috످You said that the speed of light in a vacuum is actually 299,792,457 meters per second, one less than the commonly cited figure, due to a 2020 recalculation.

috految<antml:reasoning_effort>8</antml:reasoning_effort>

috److The speed of light in a vacuum is exactly 299,792,458 meters per second, and there was no 2020 recalculation. I don't see any earlier messages in this conversation, but if I told you otherwise, that was wrong.

Since 1983, the meter has been defined as the distance light travels in a vacuum in 1/299,792,458 of a second. Because this fixes the speed of light by definition, even a more precise measurement wouldn't change the number.

috످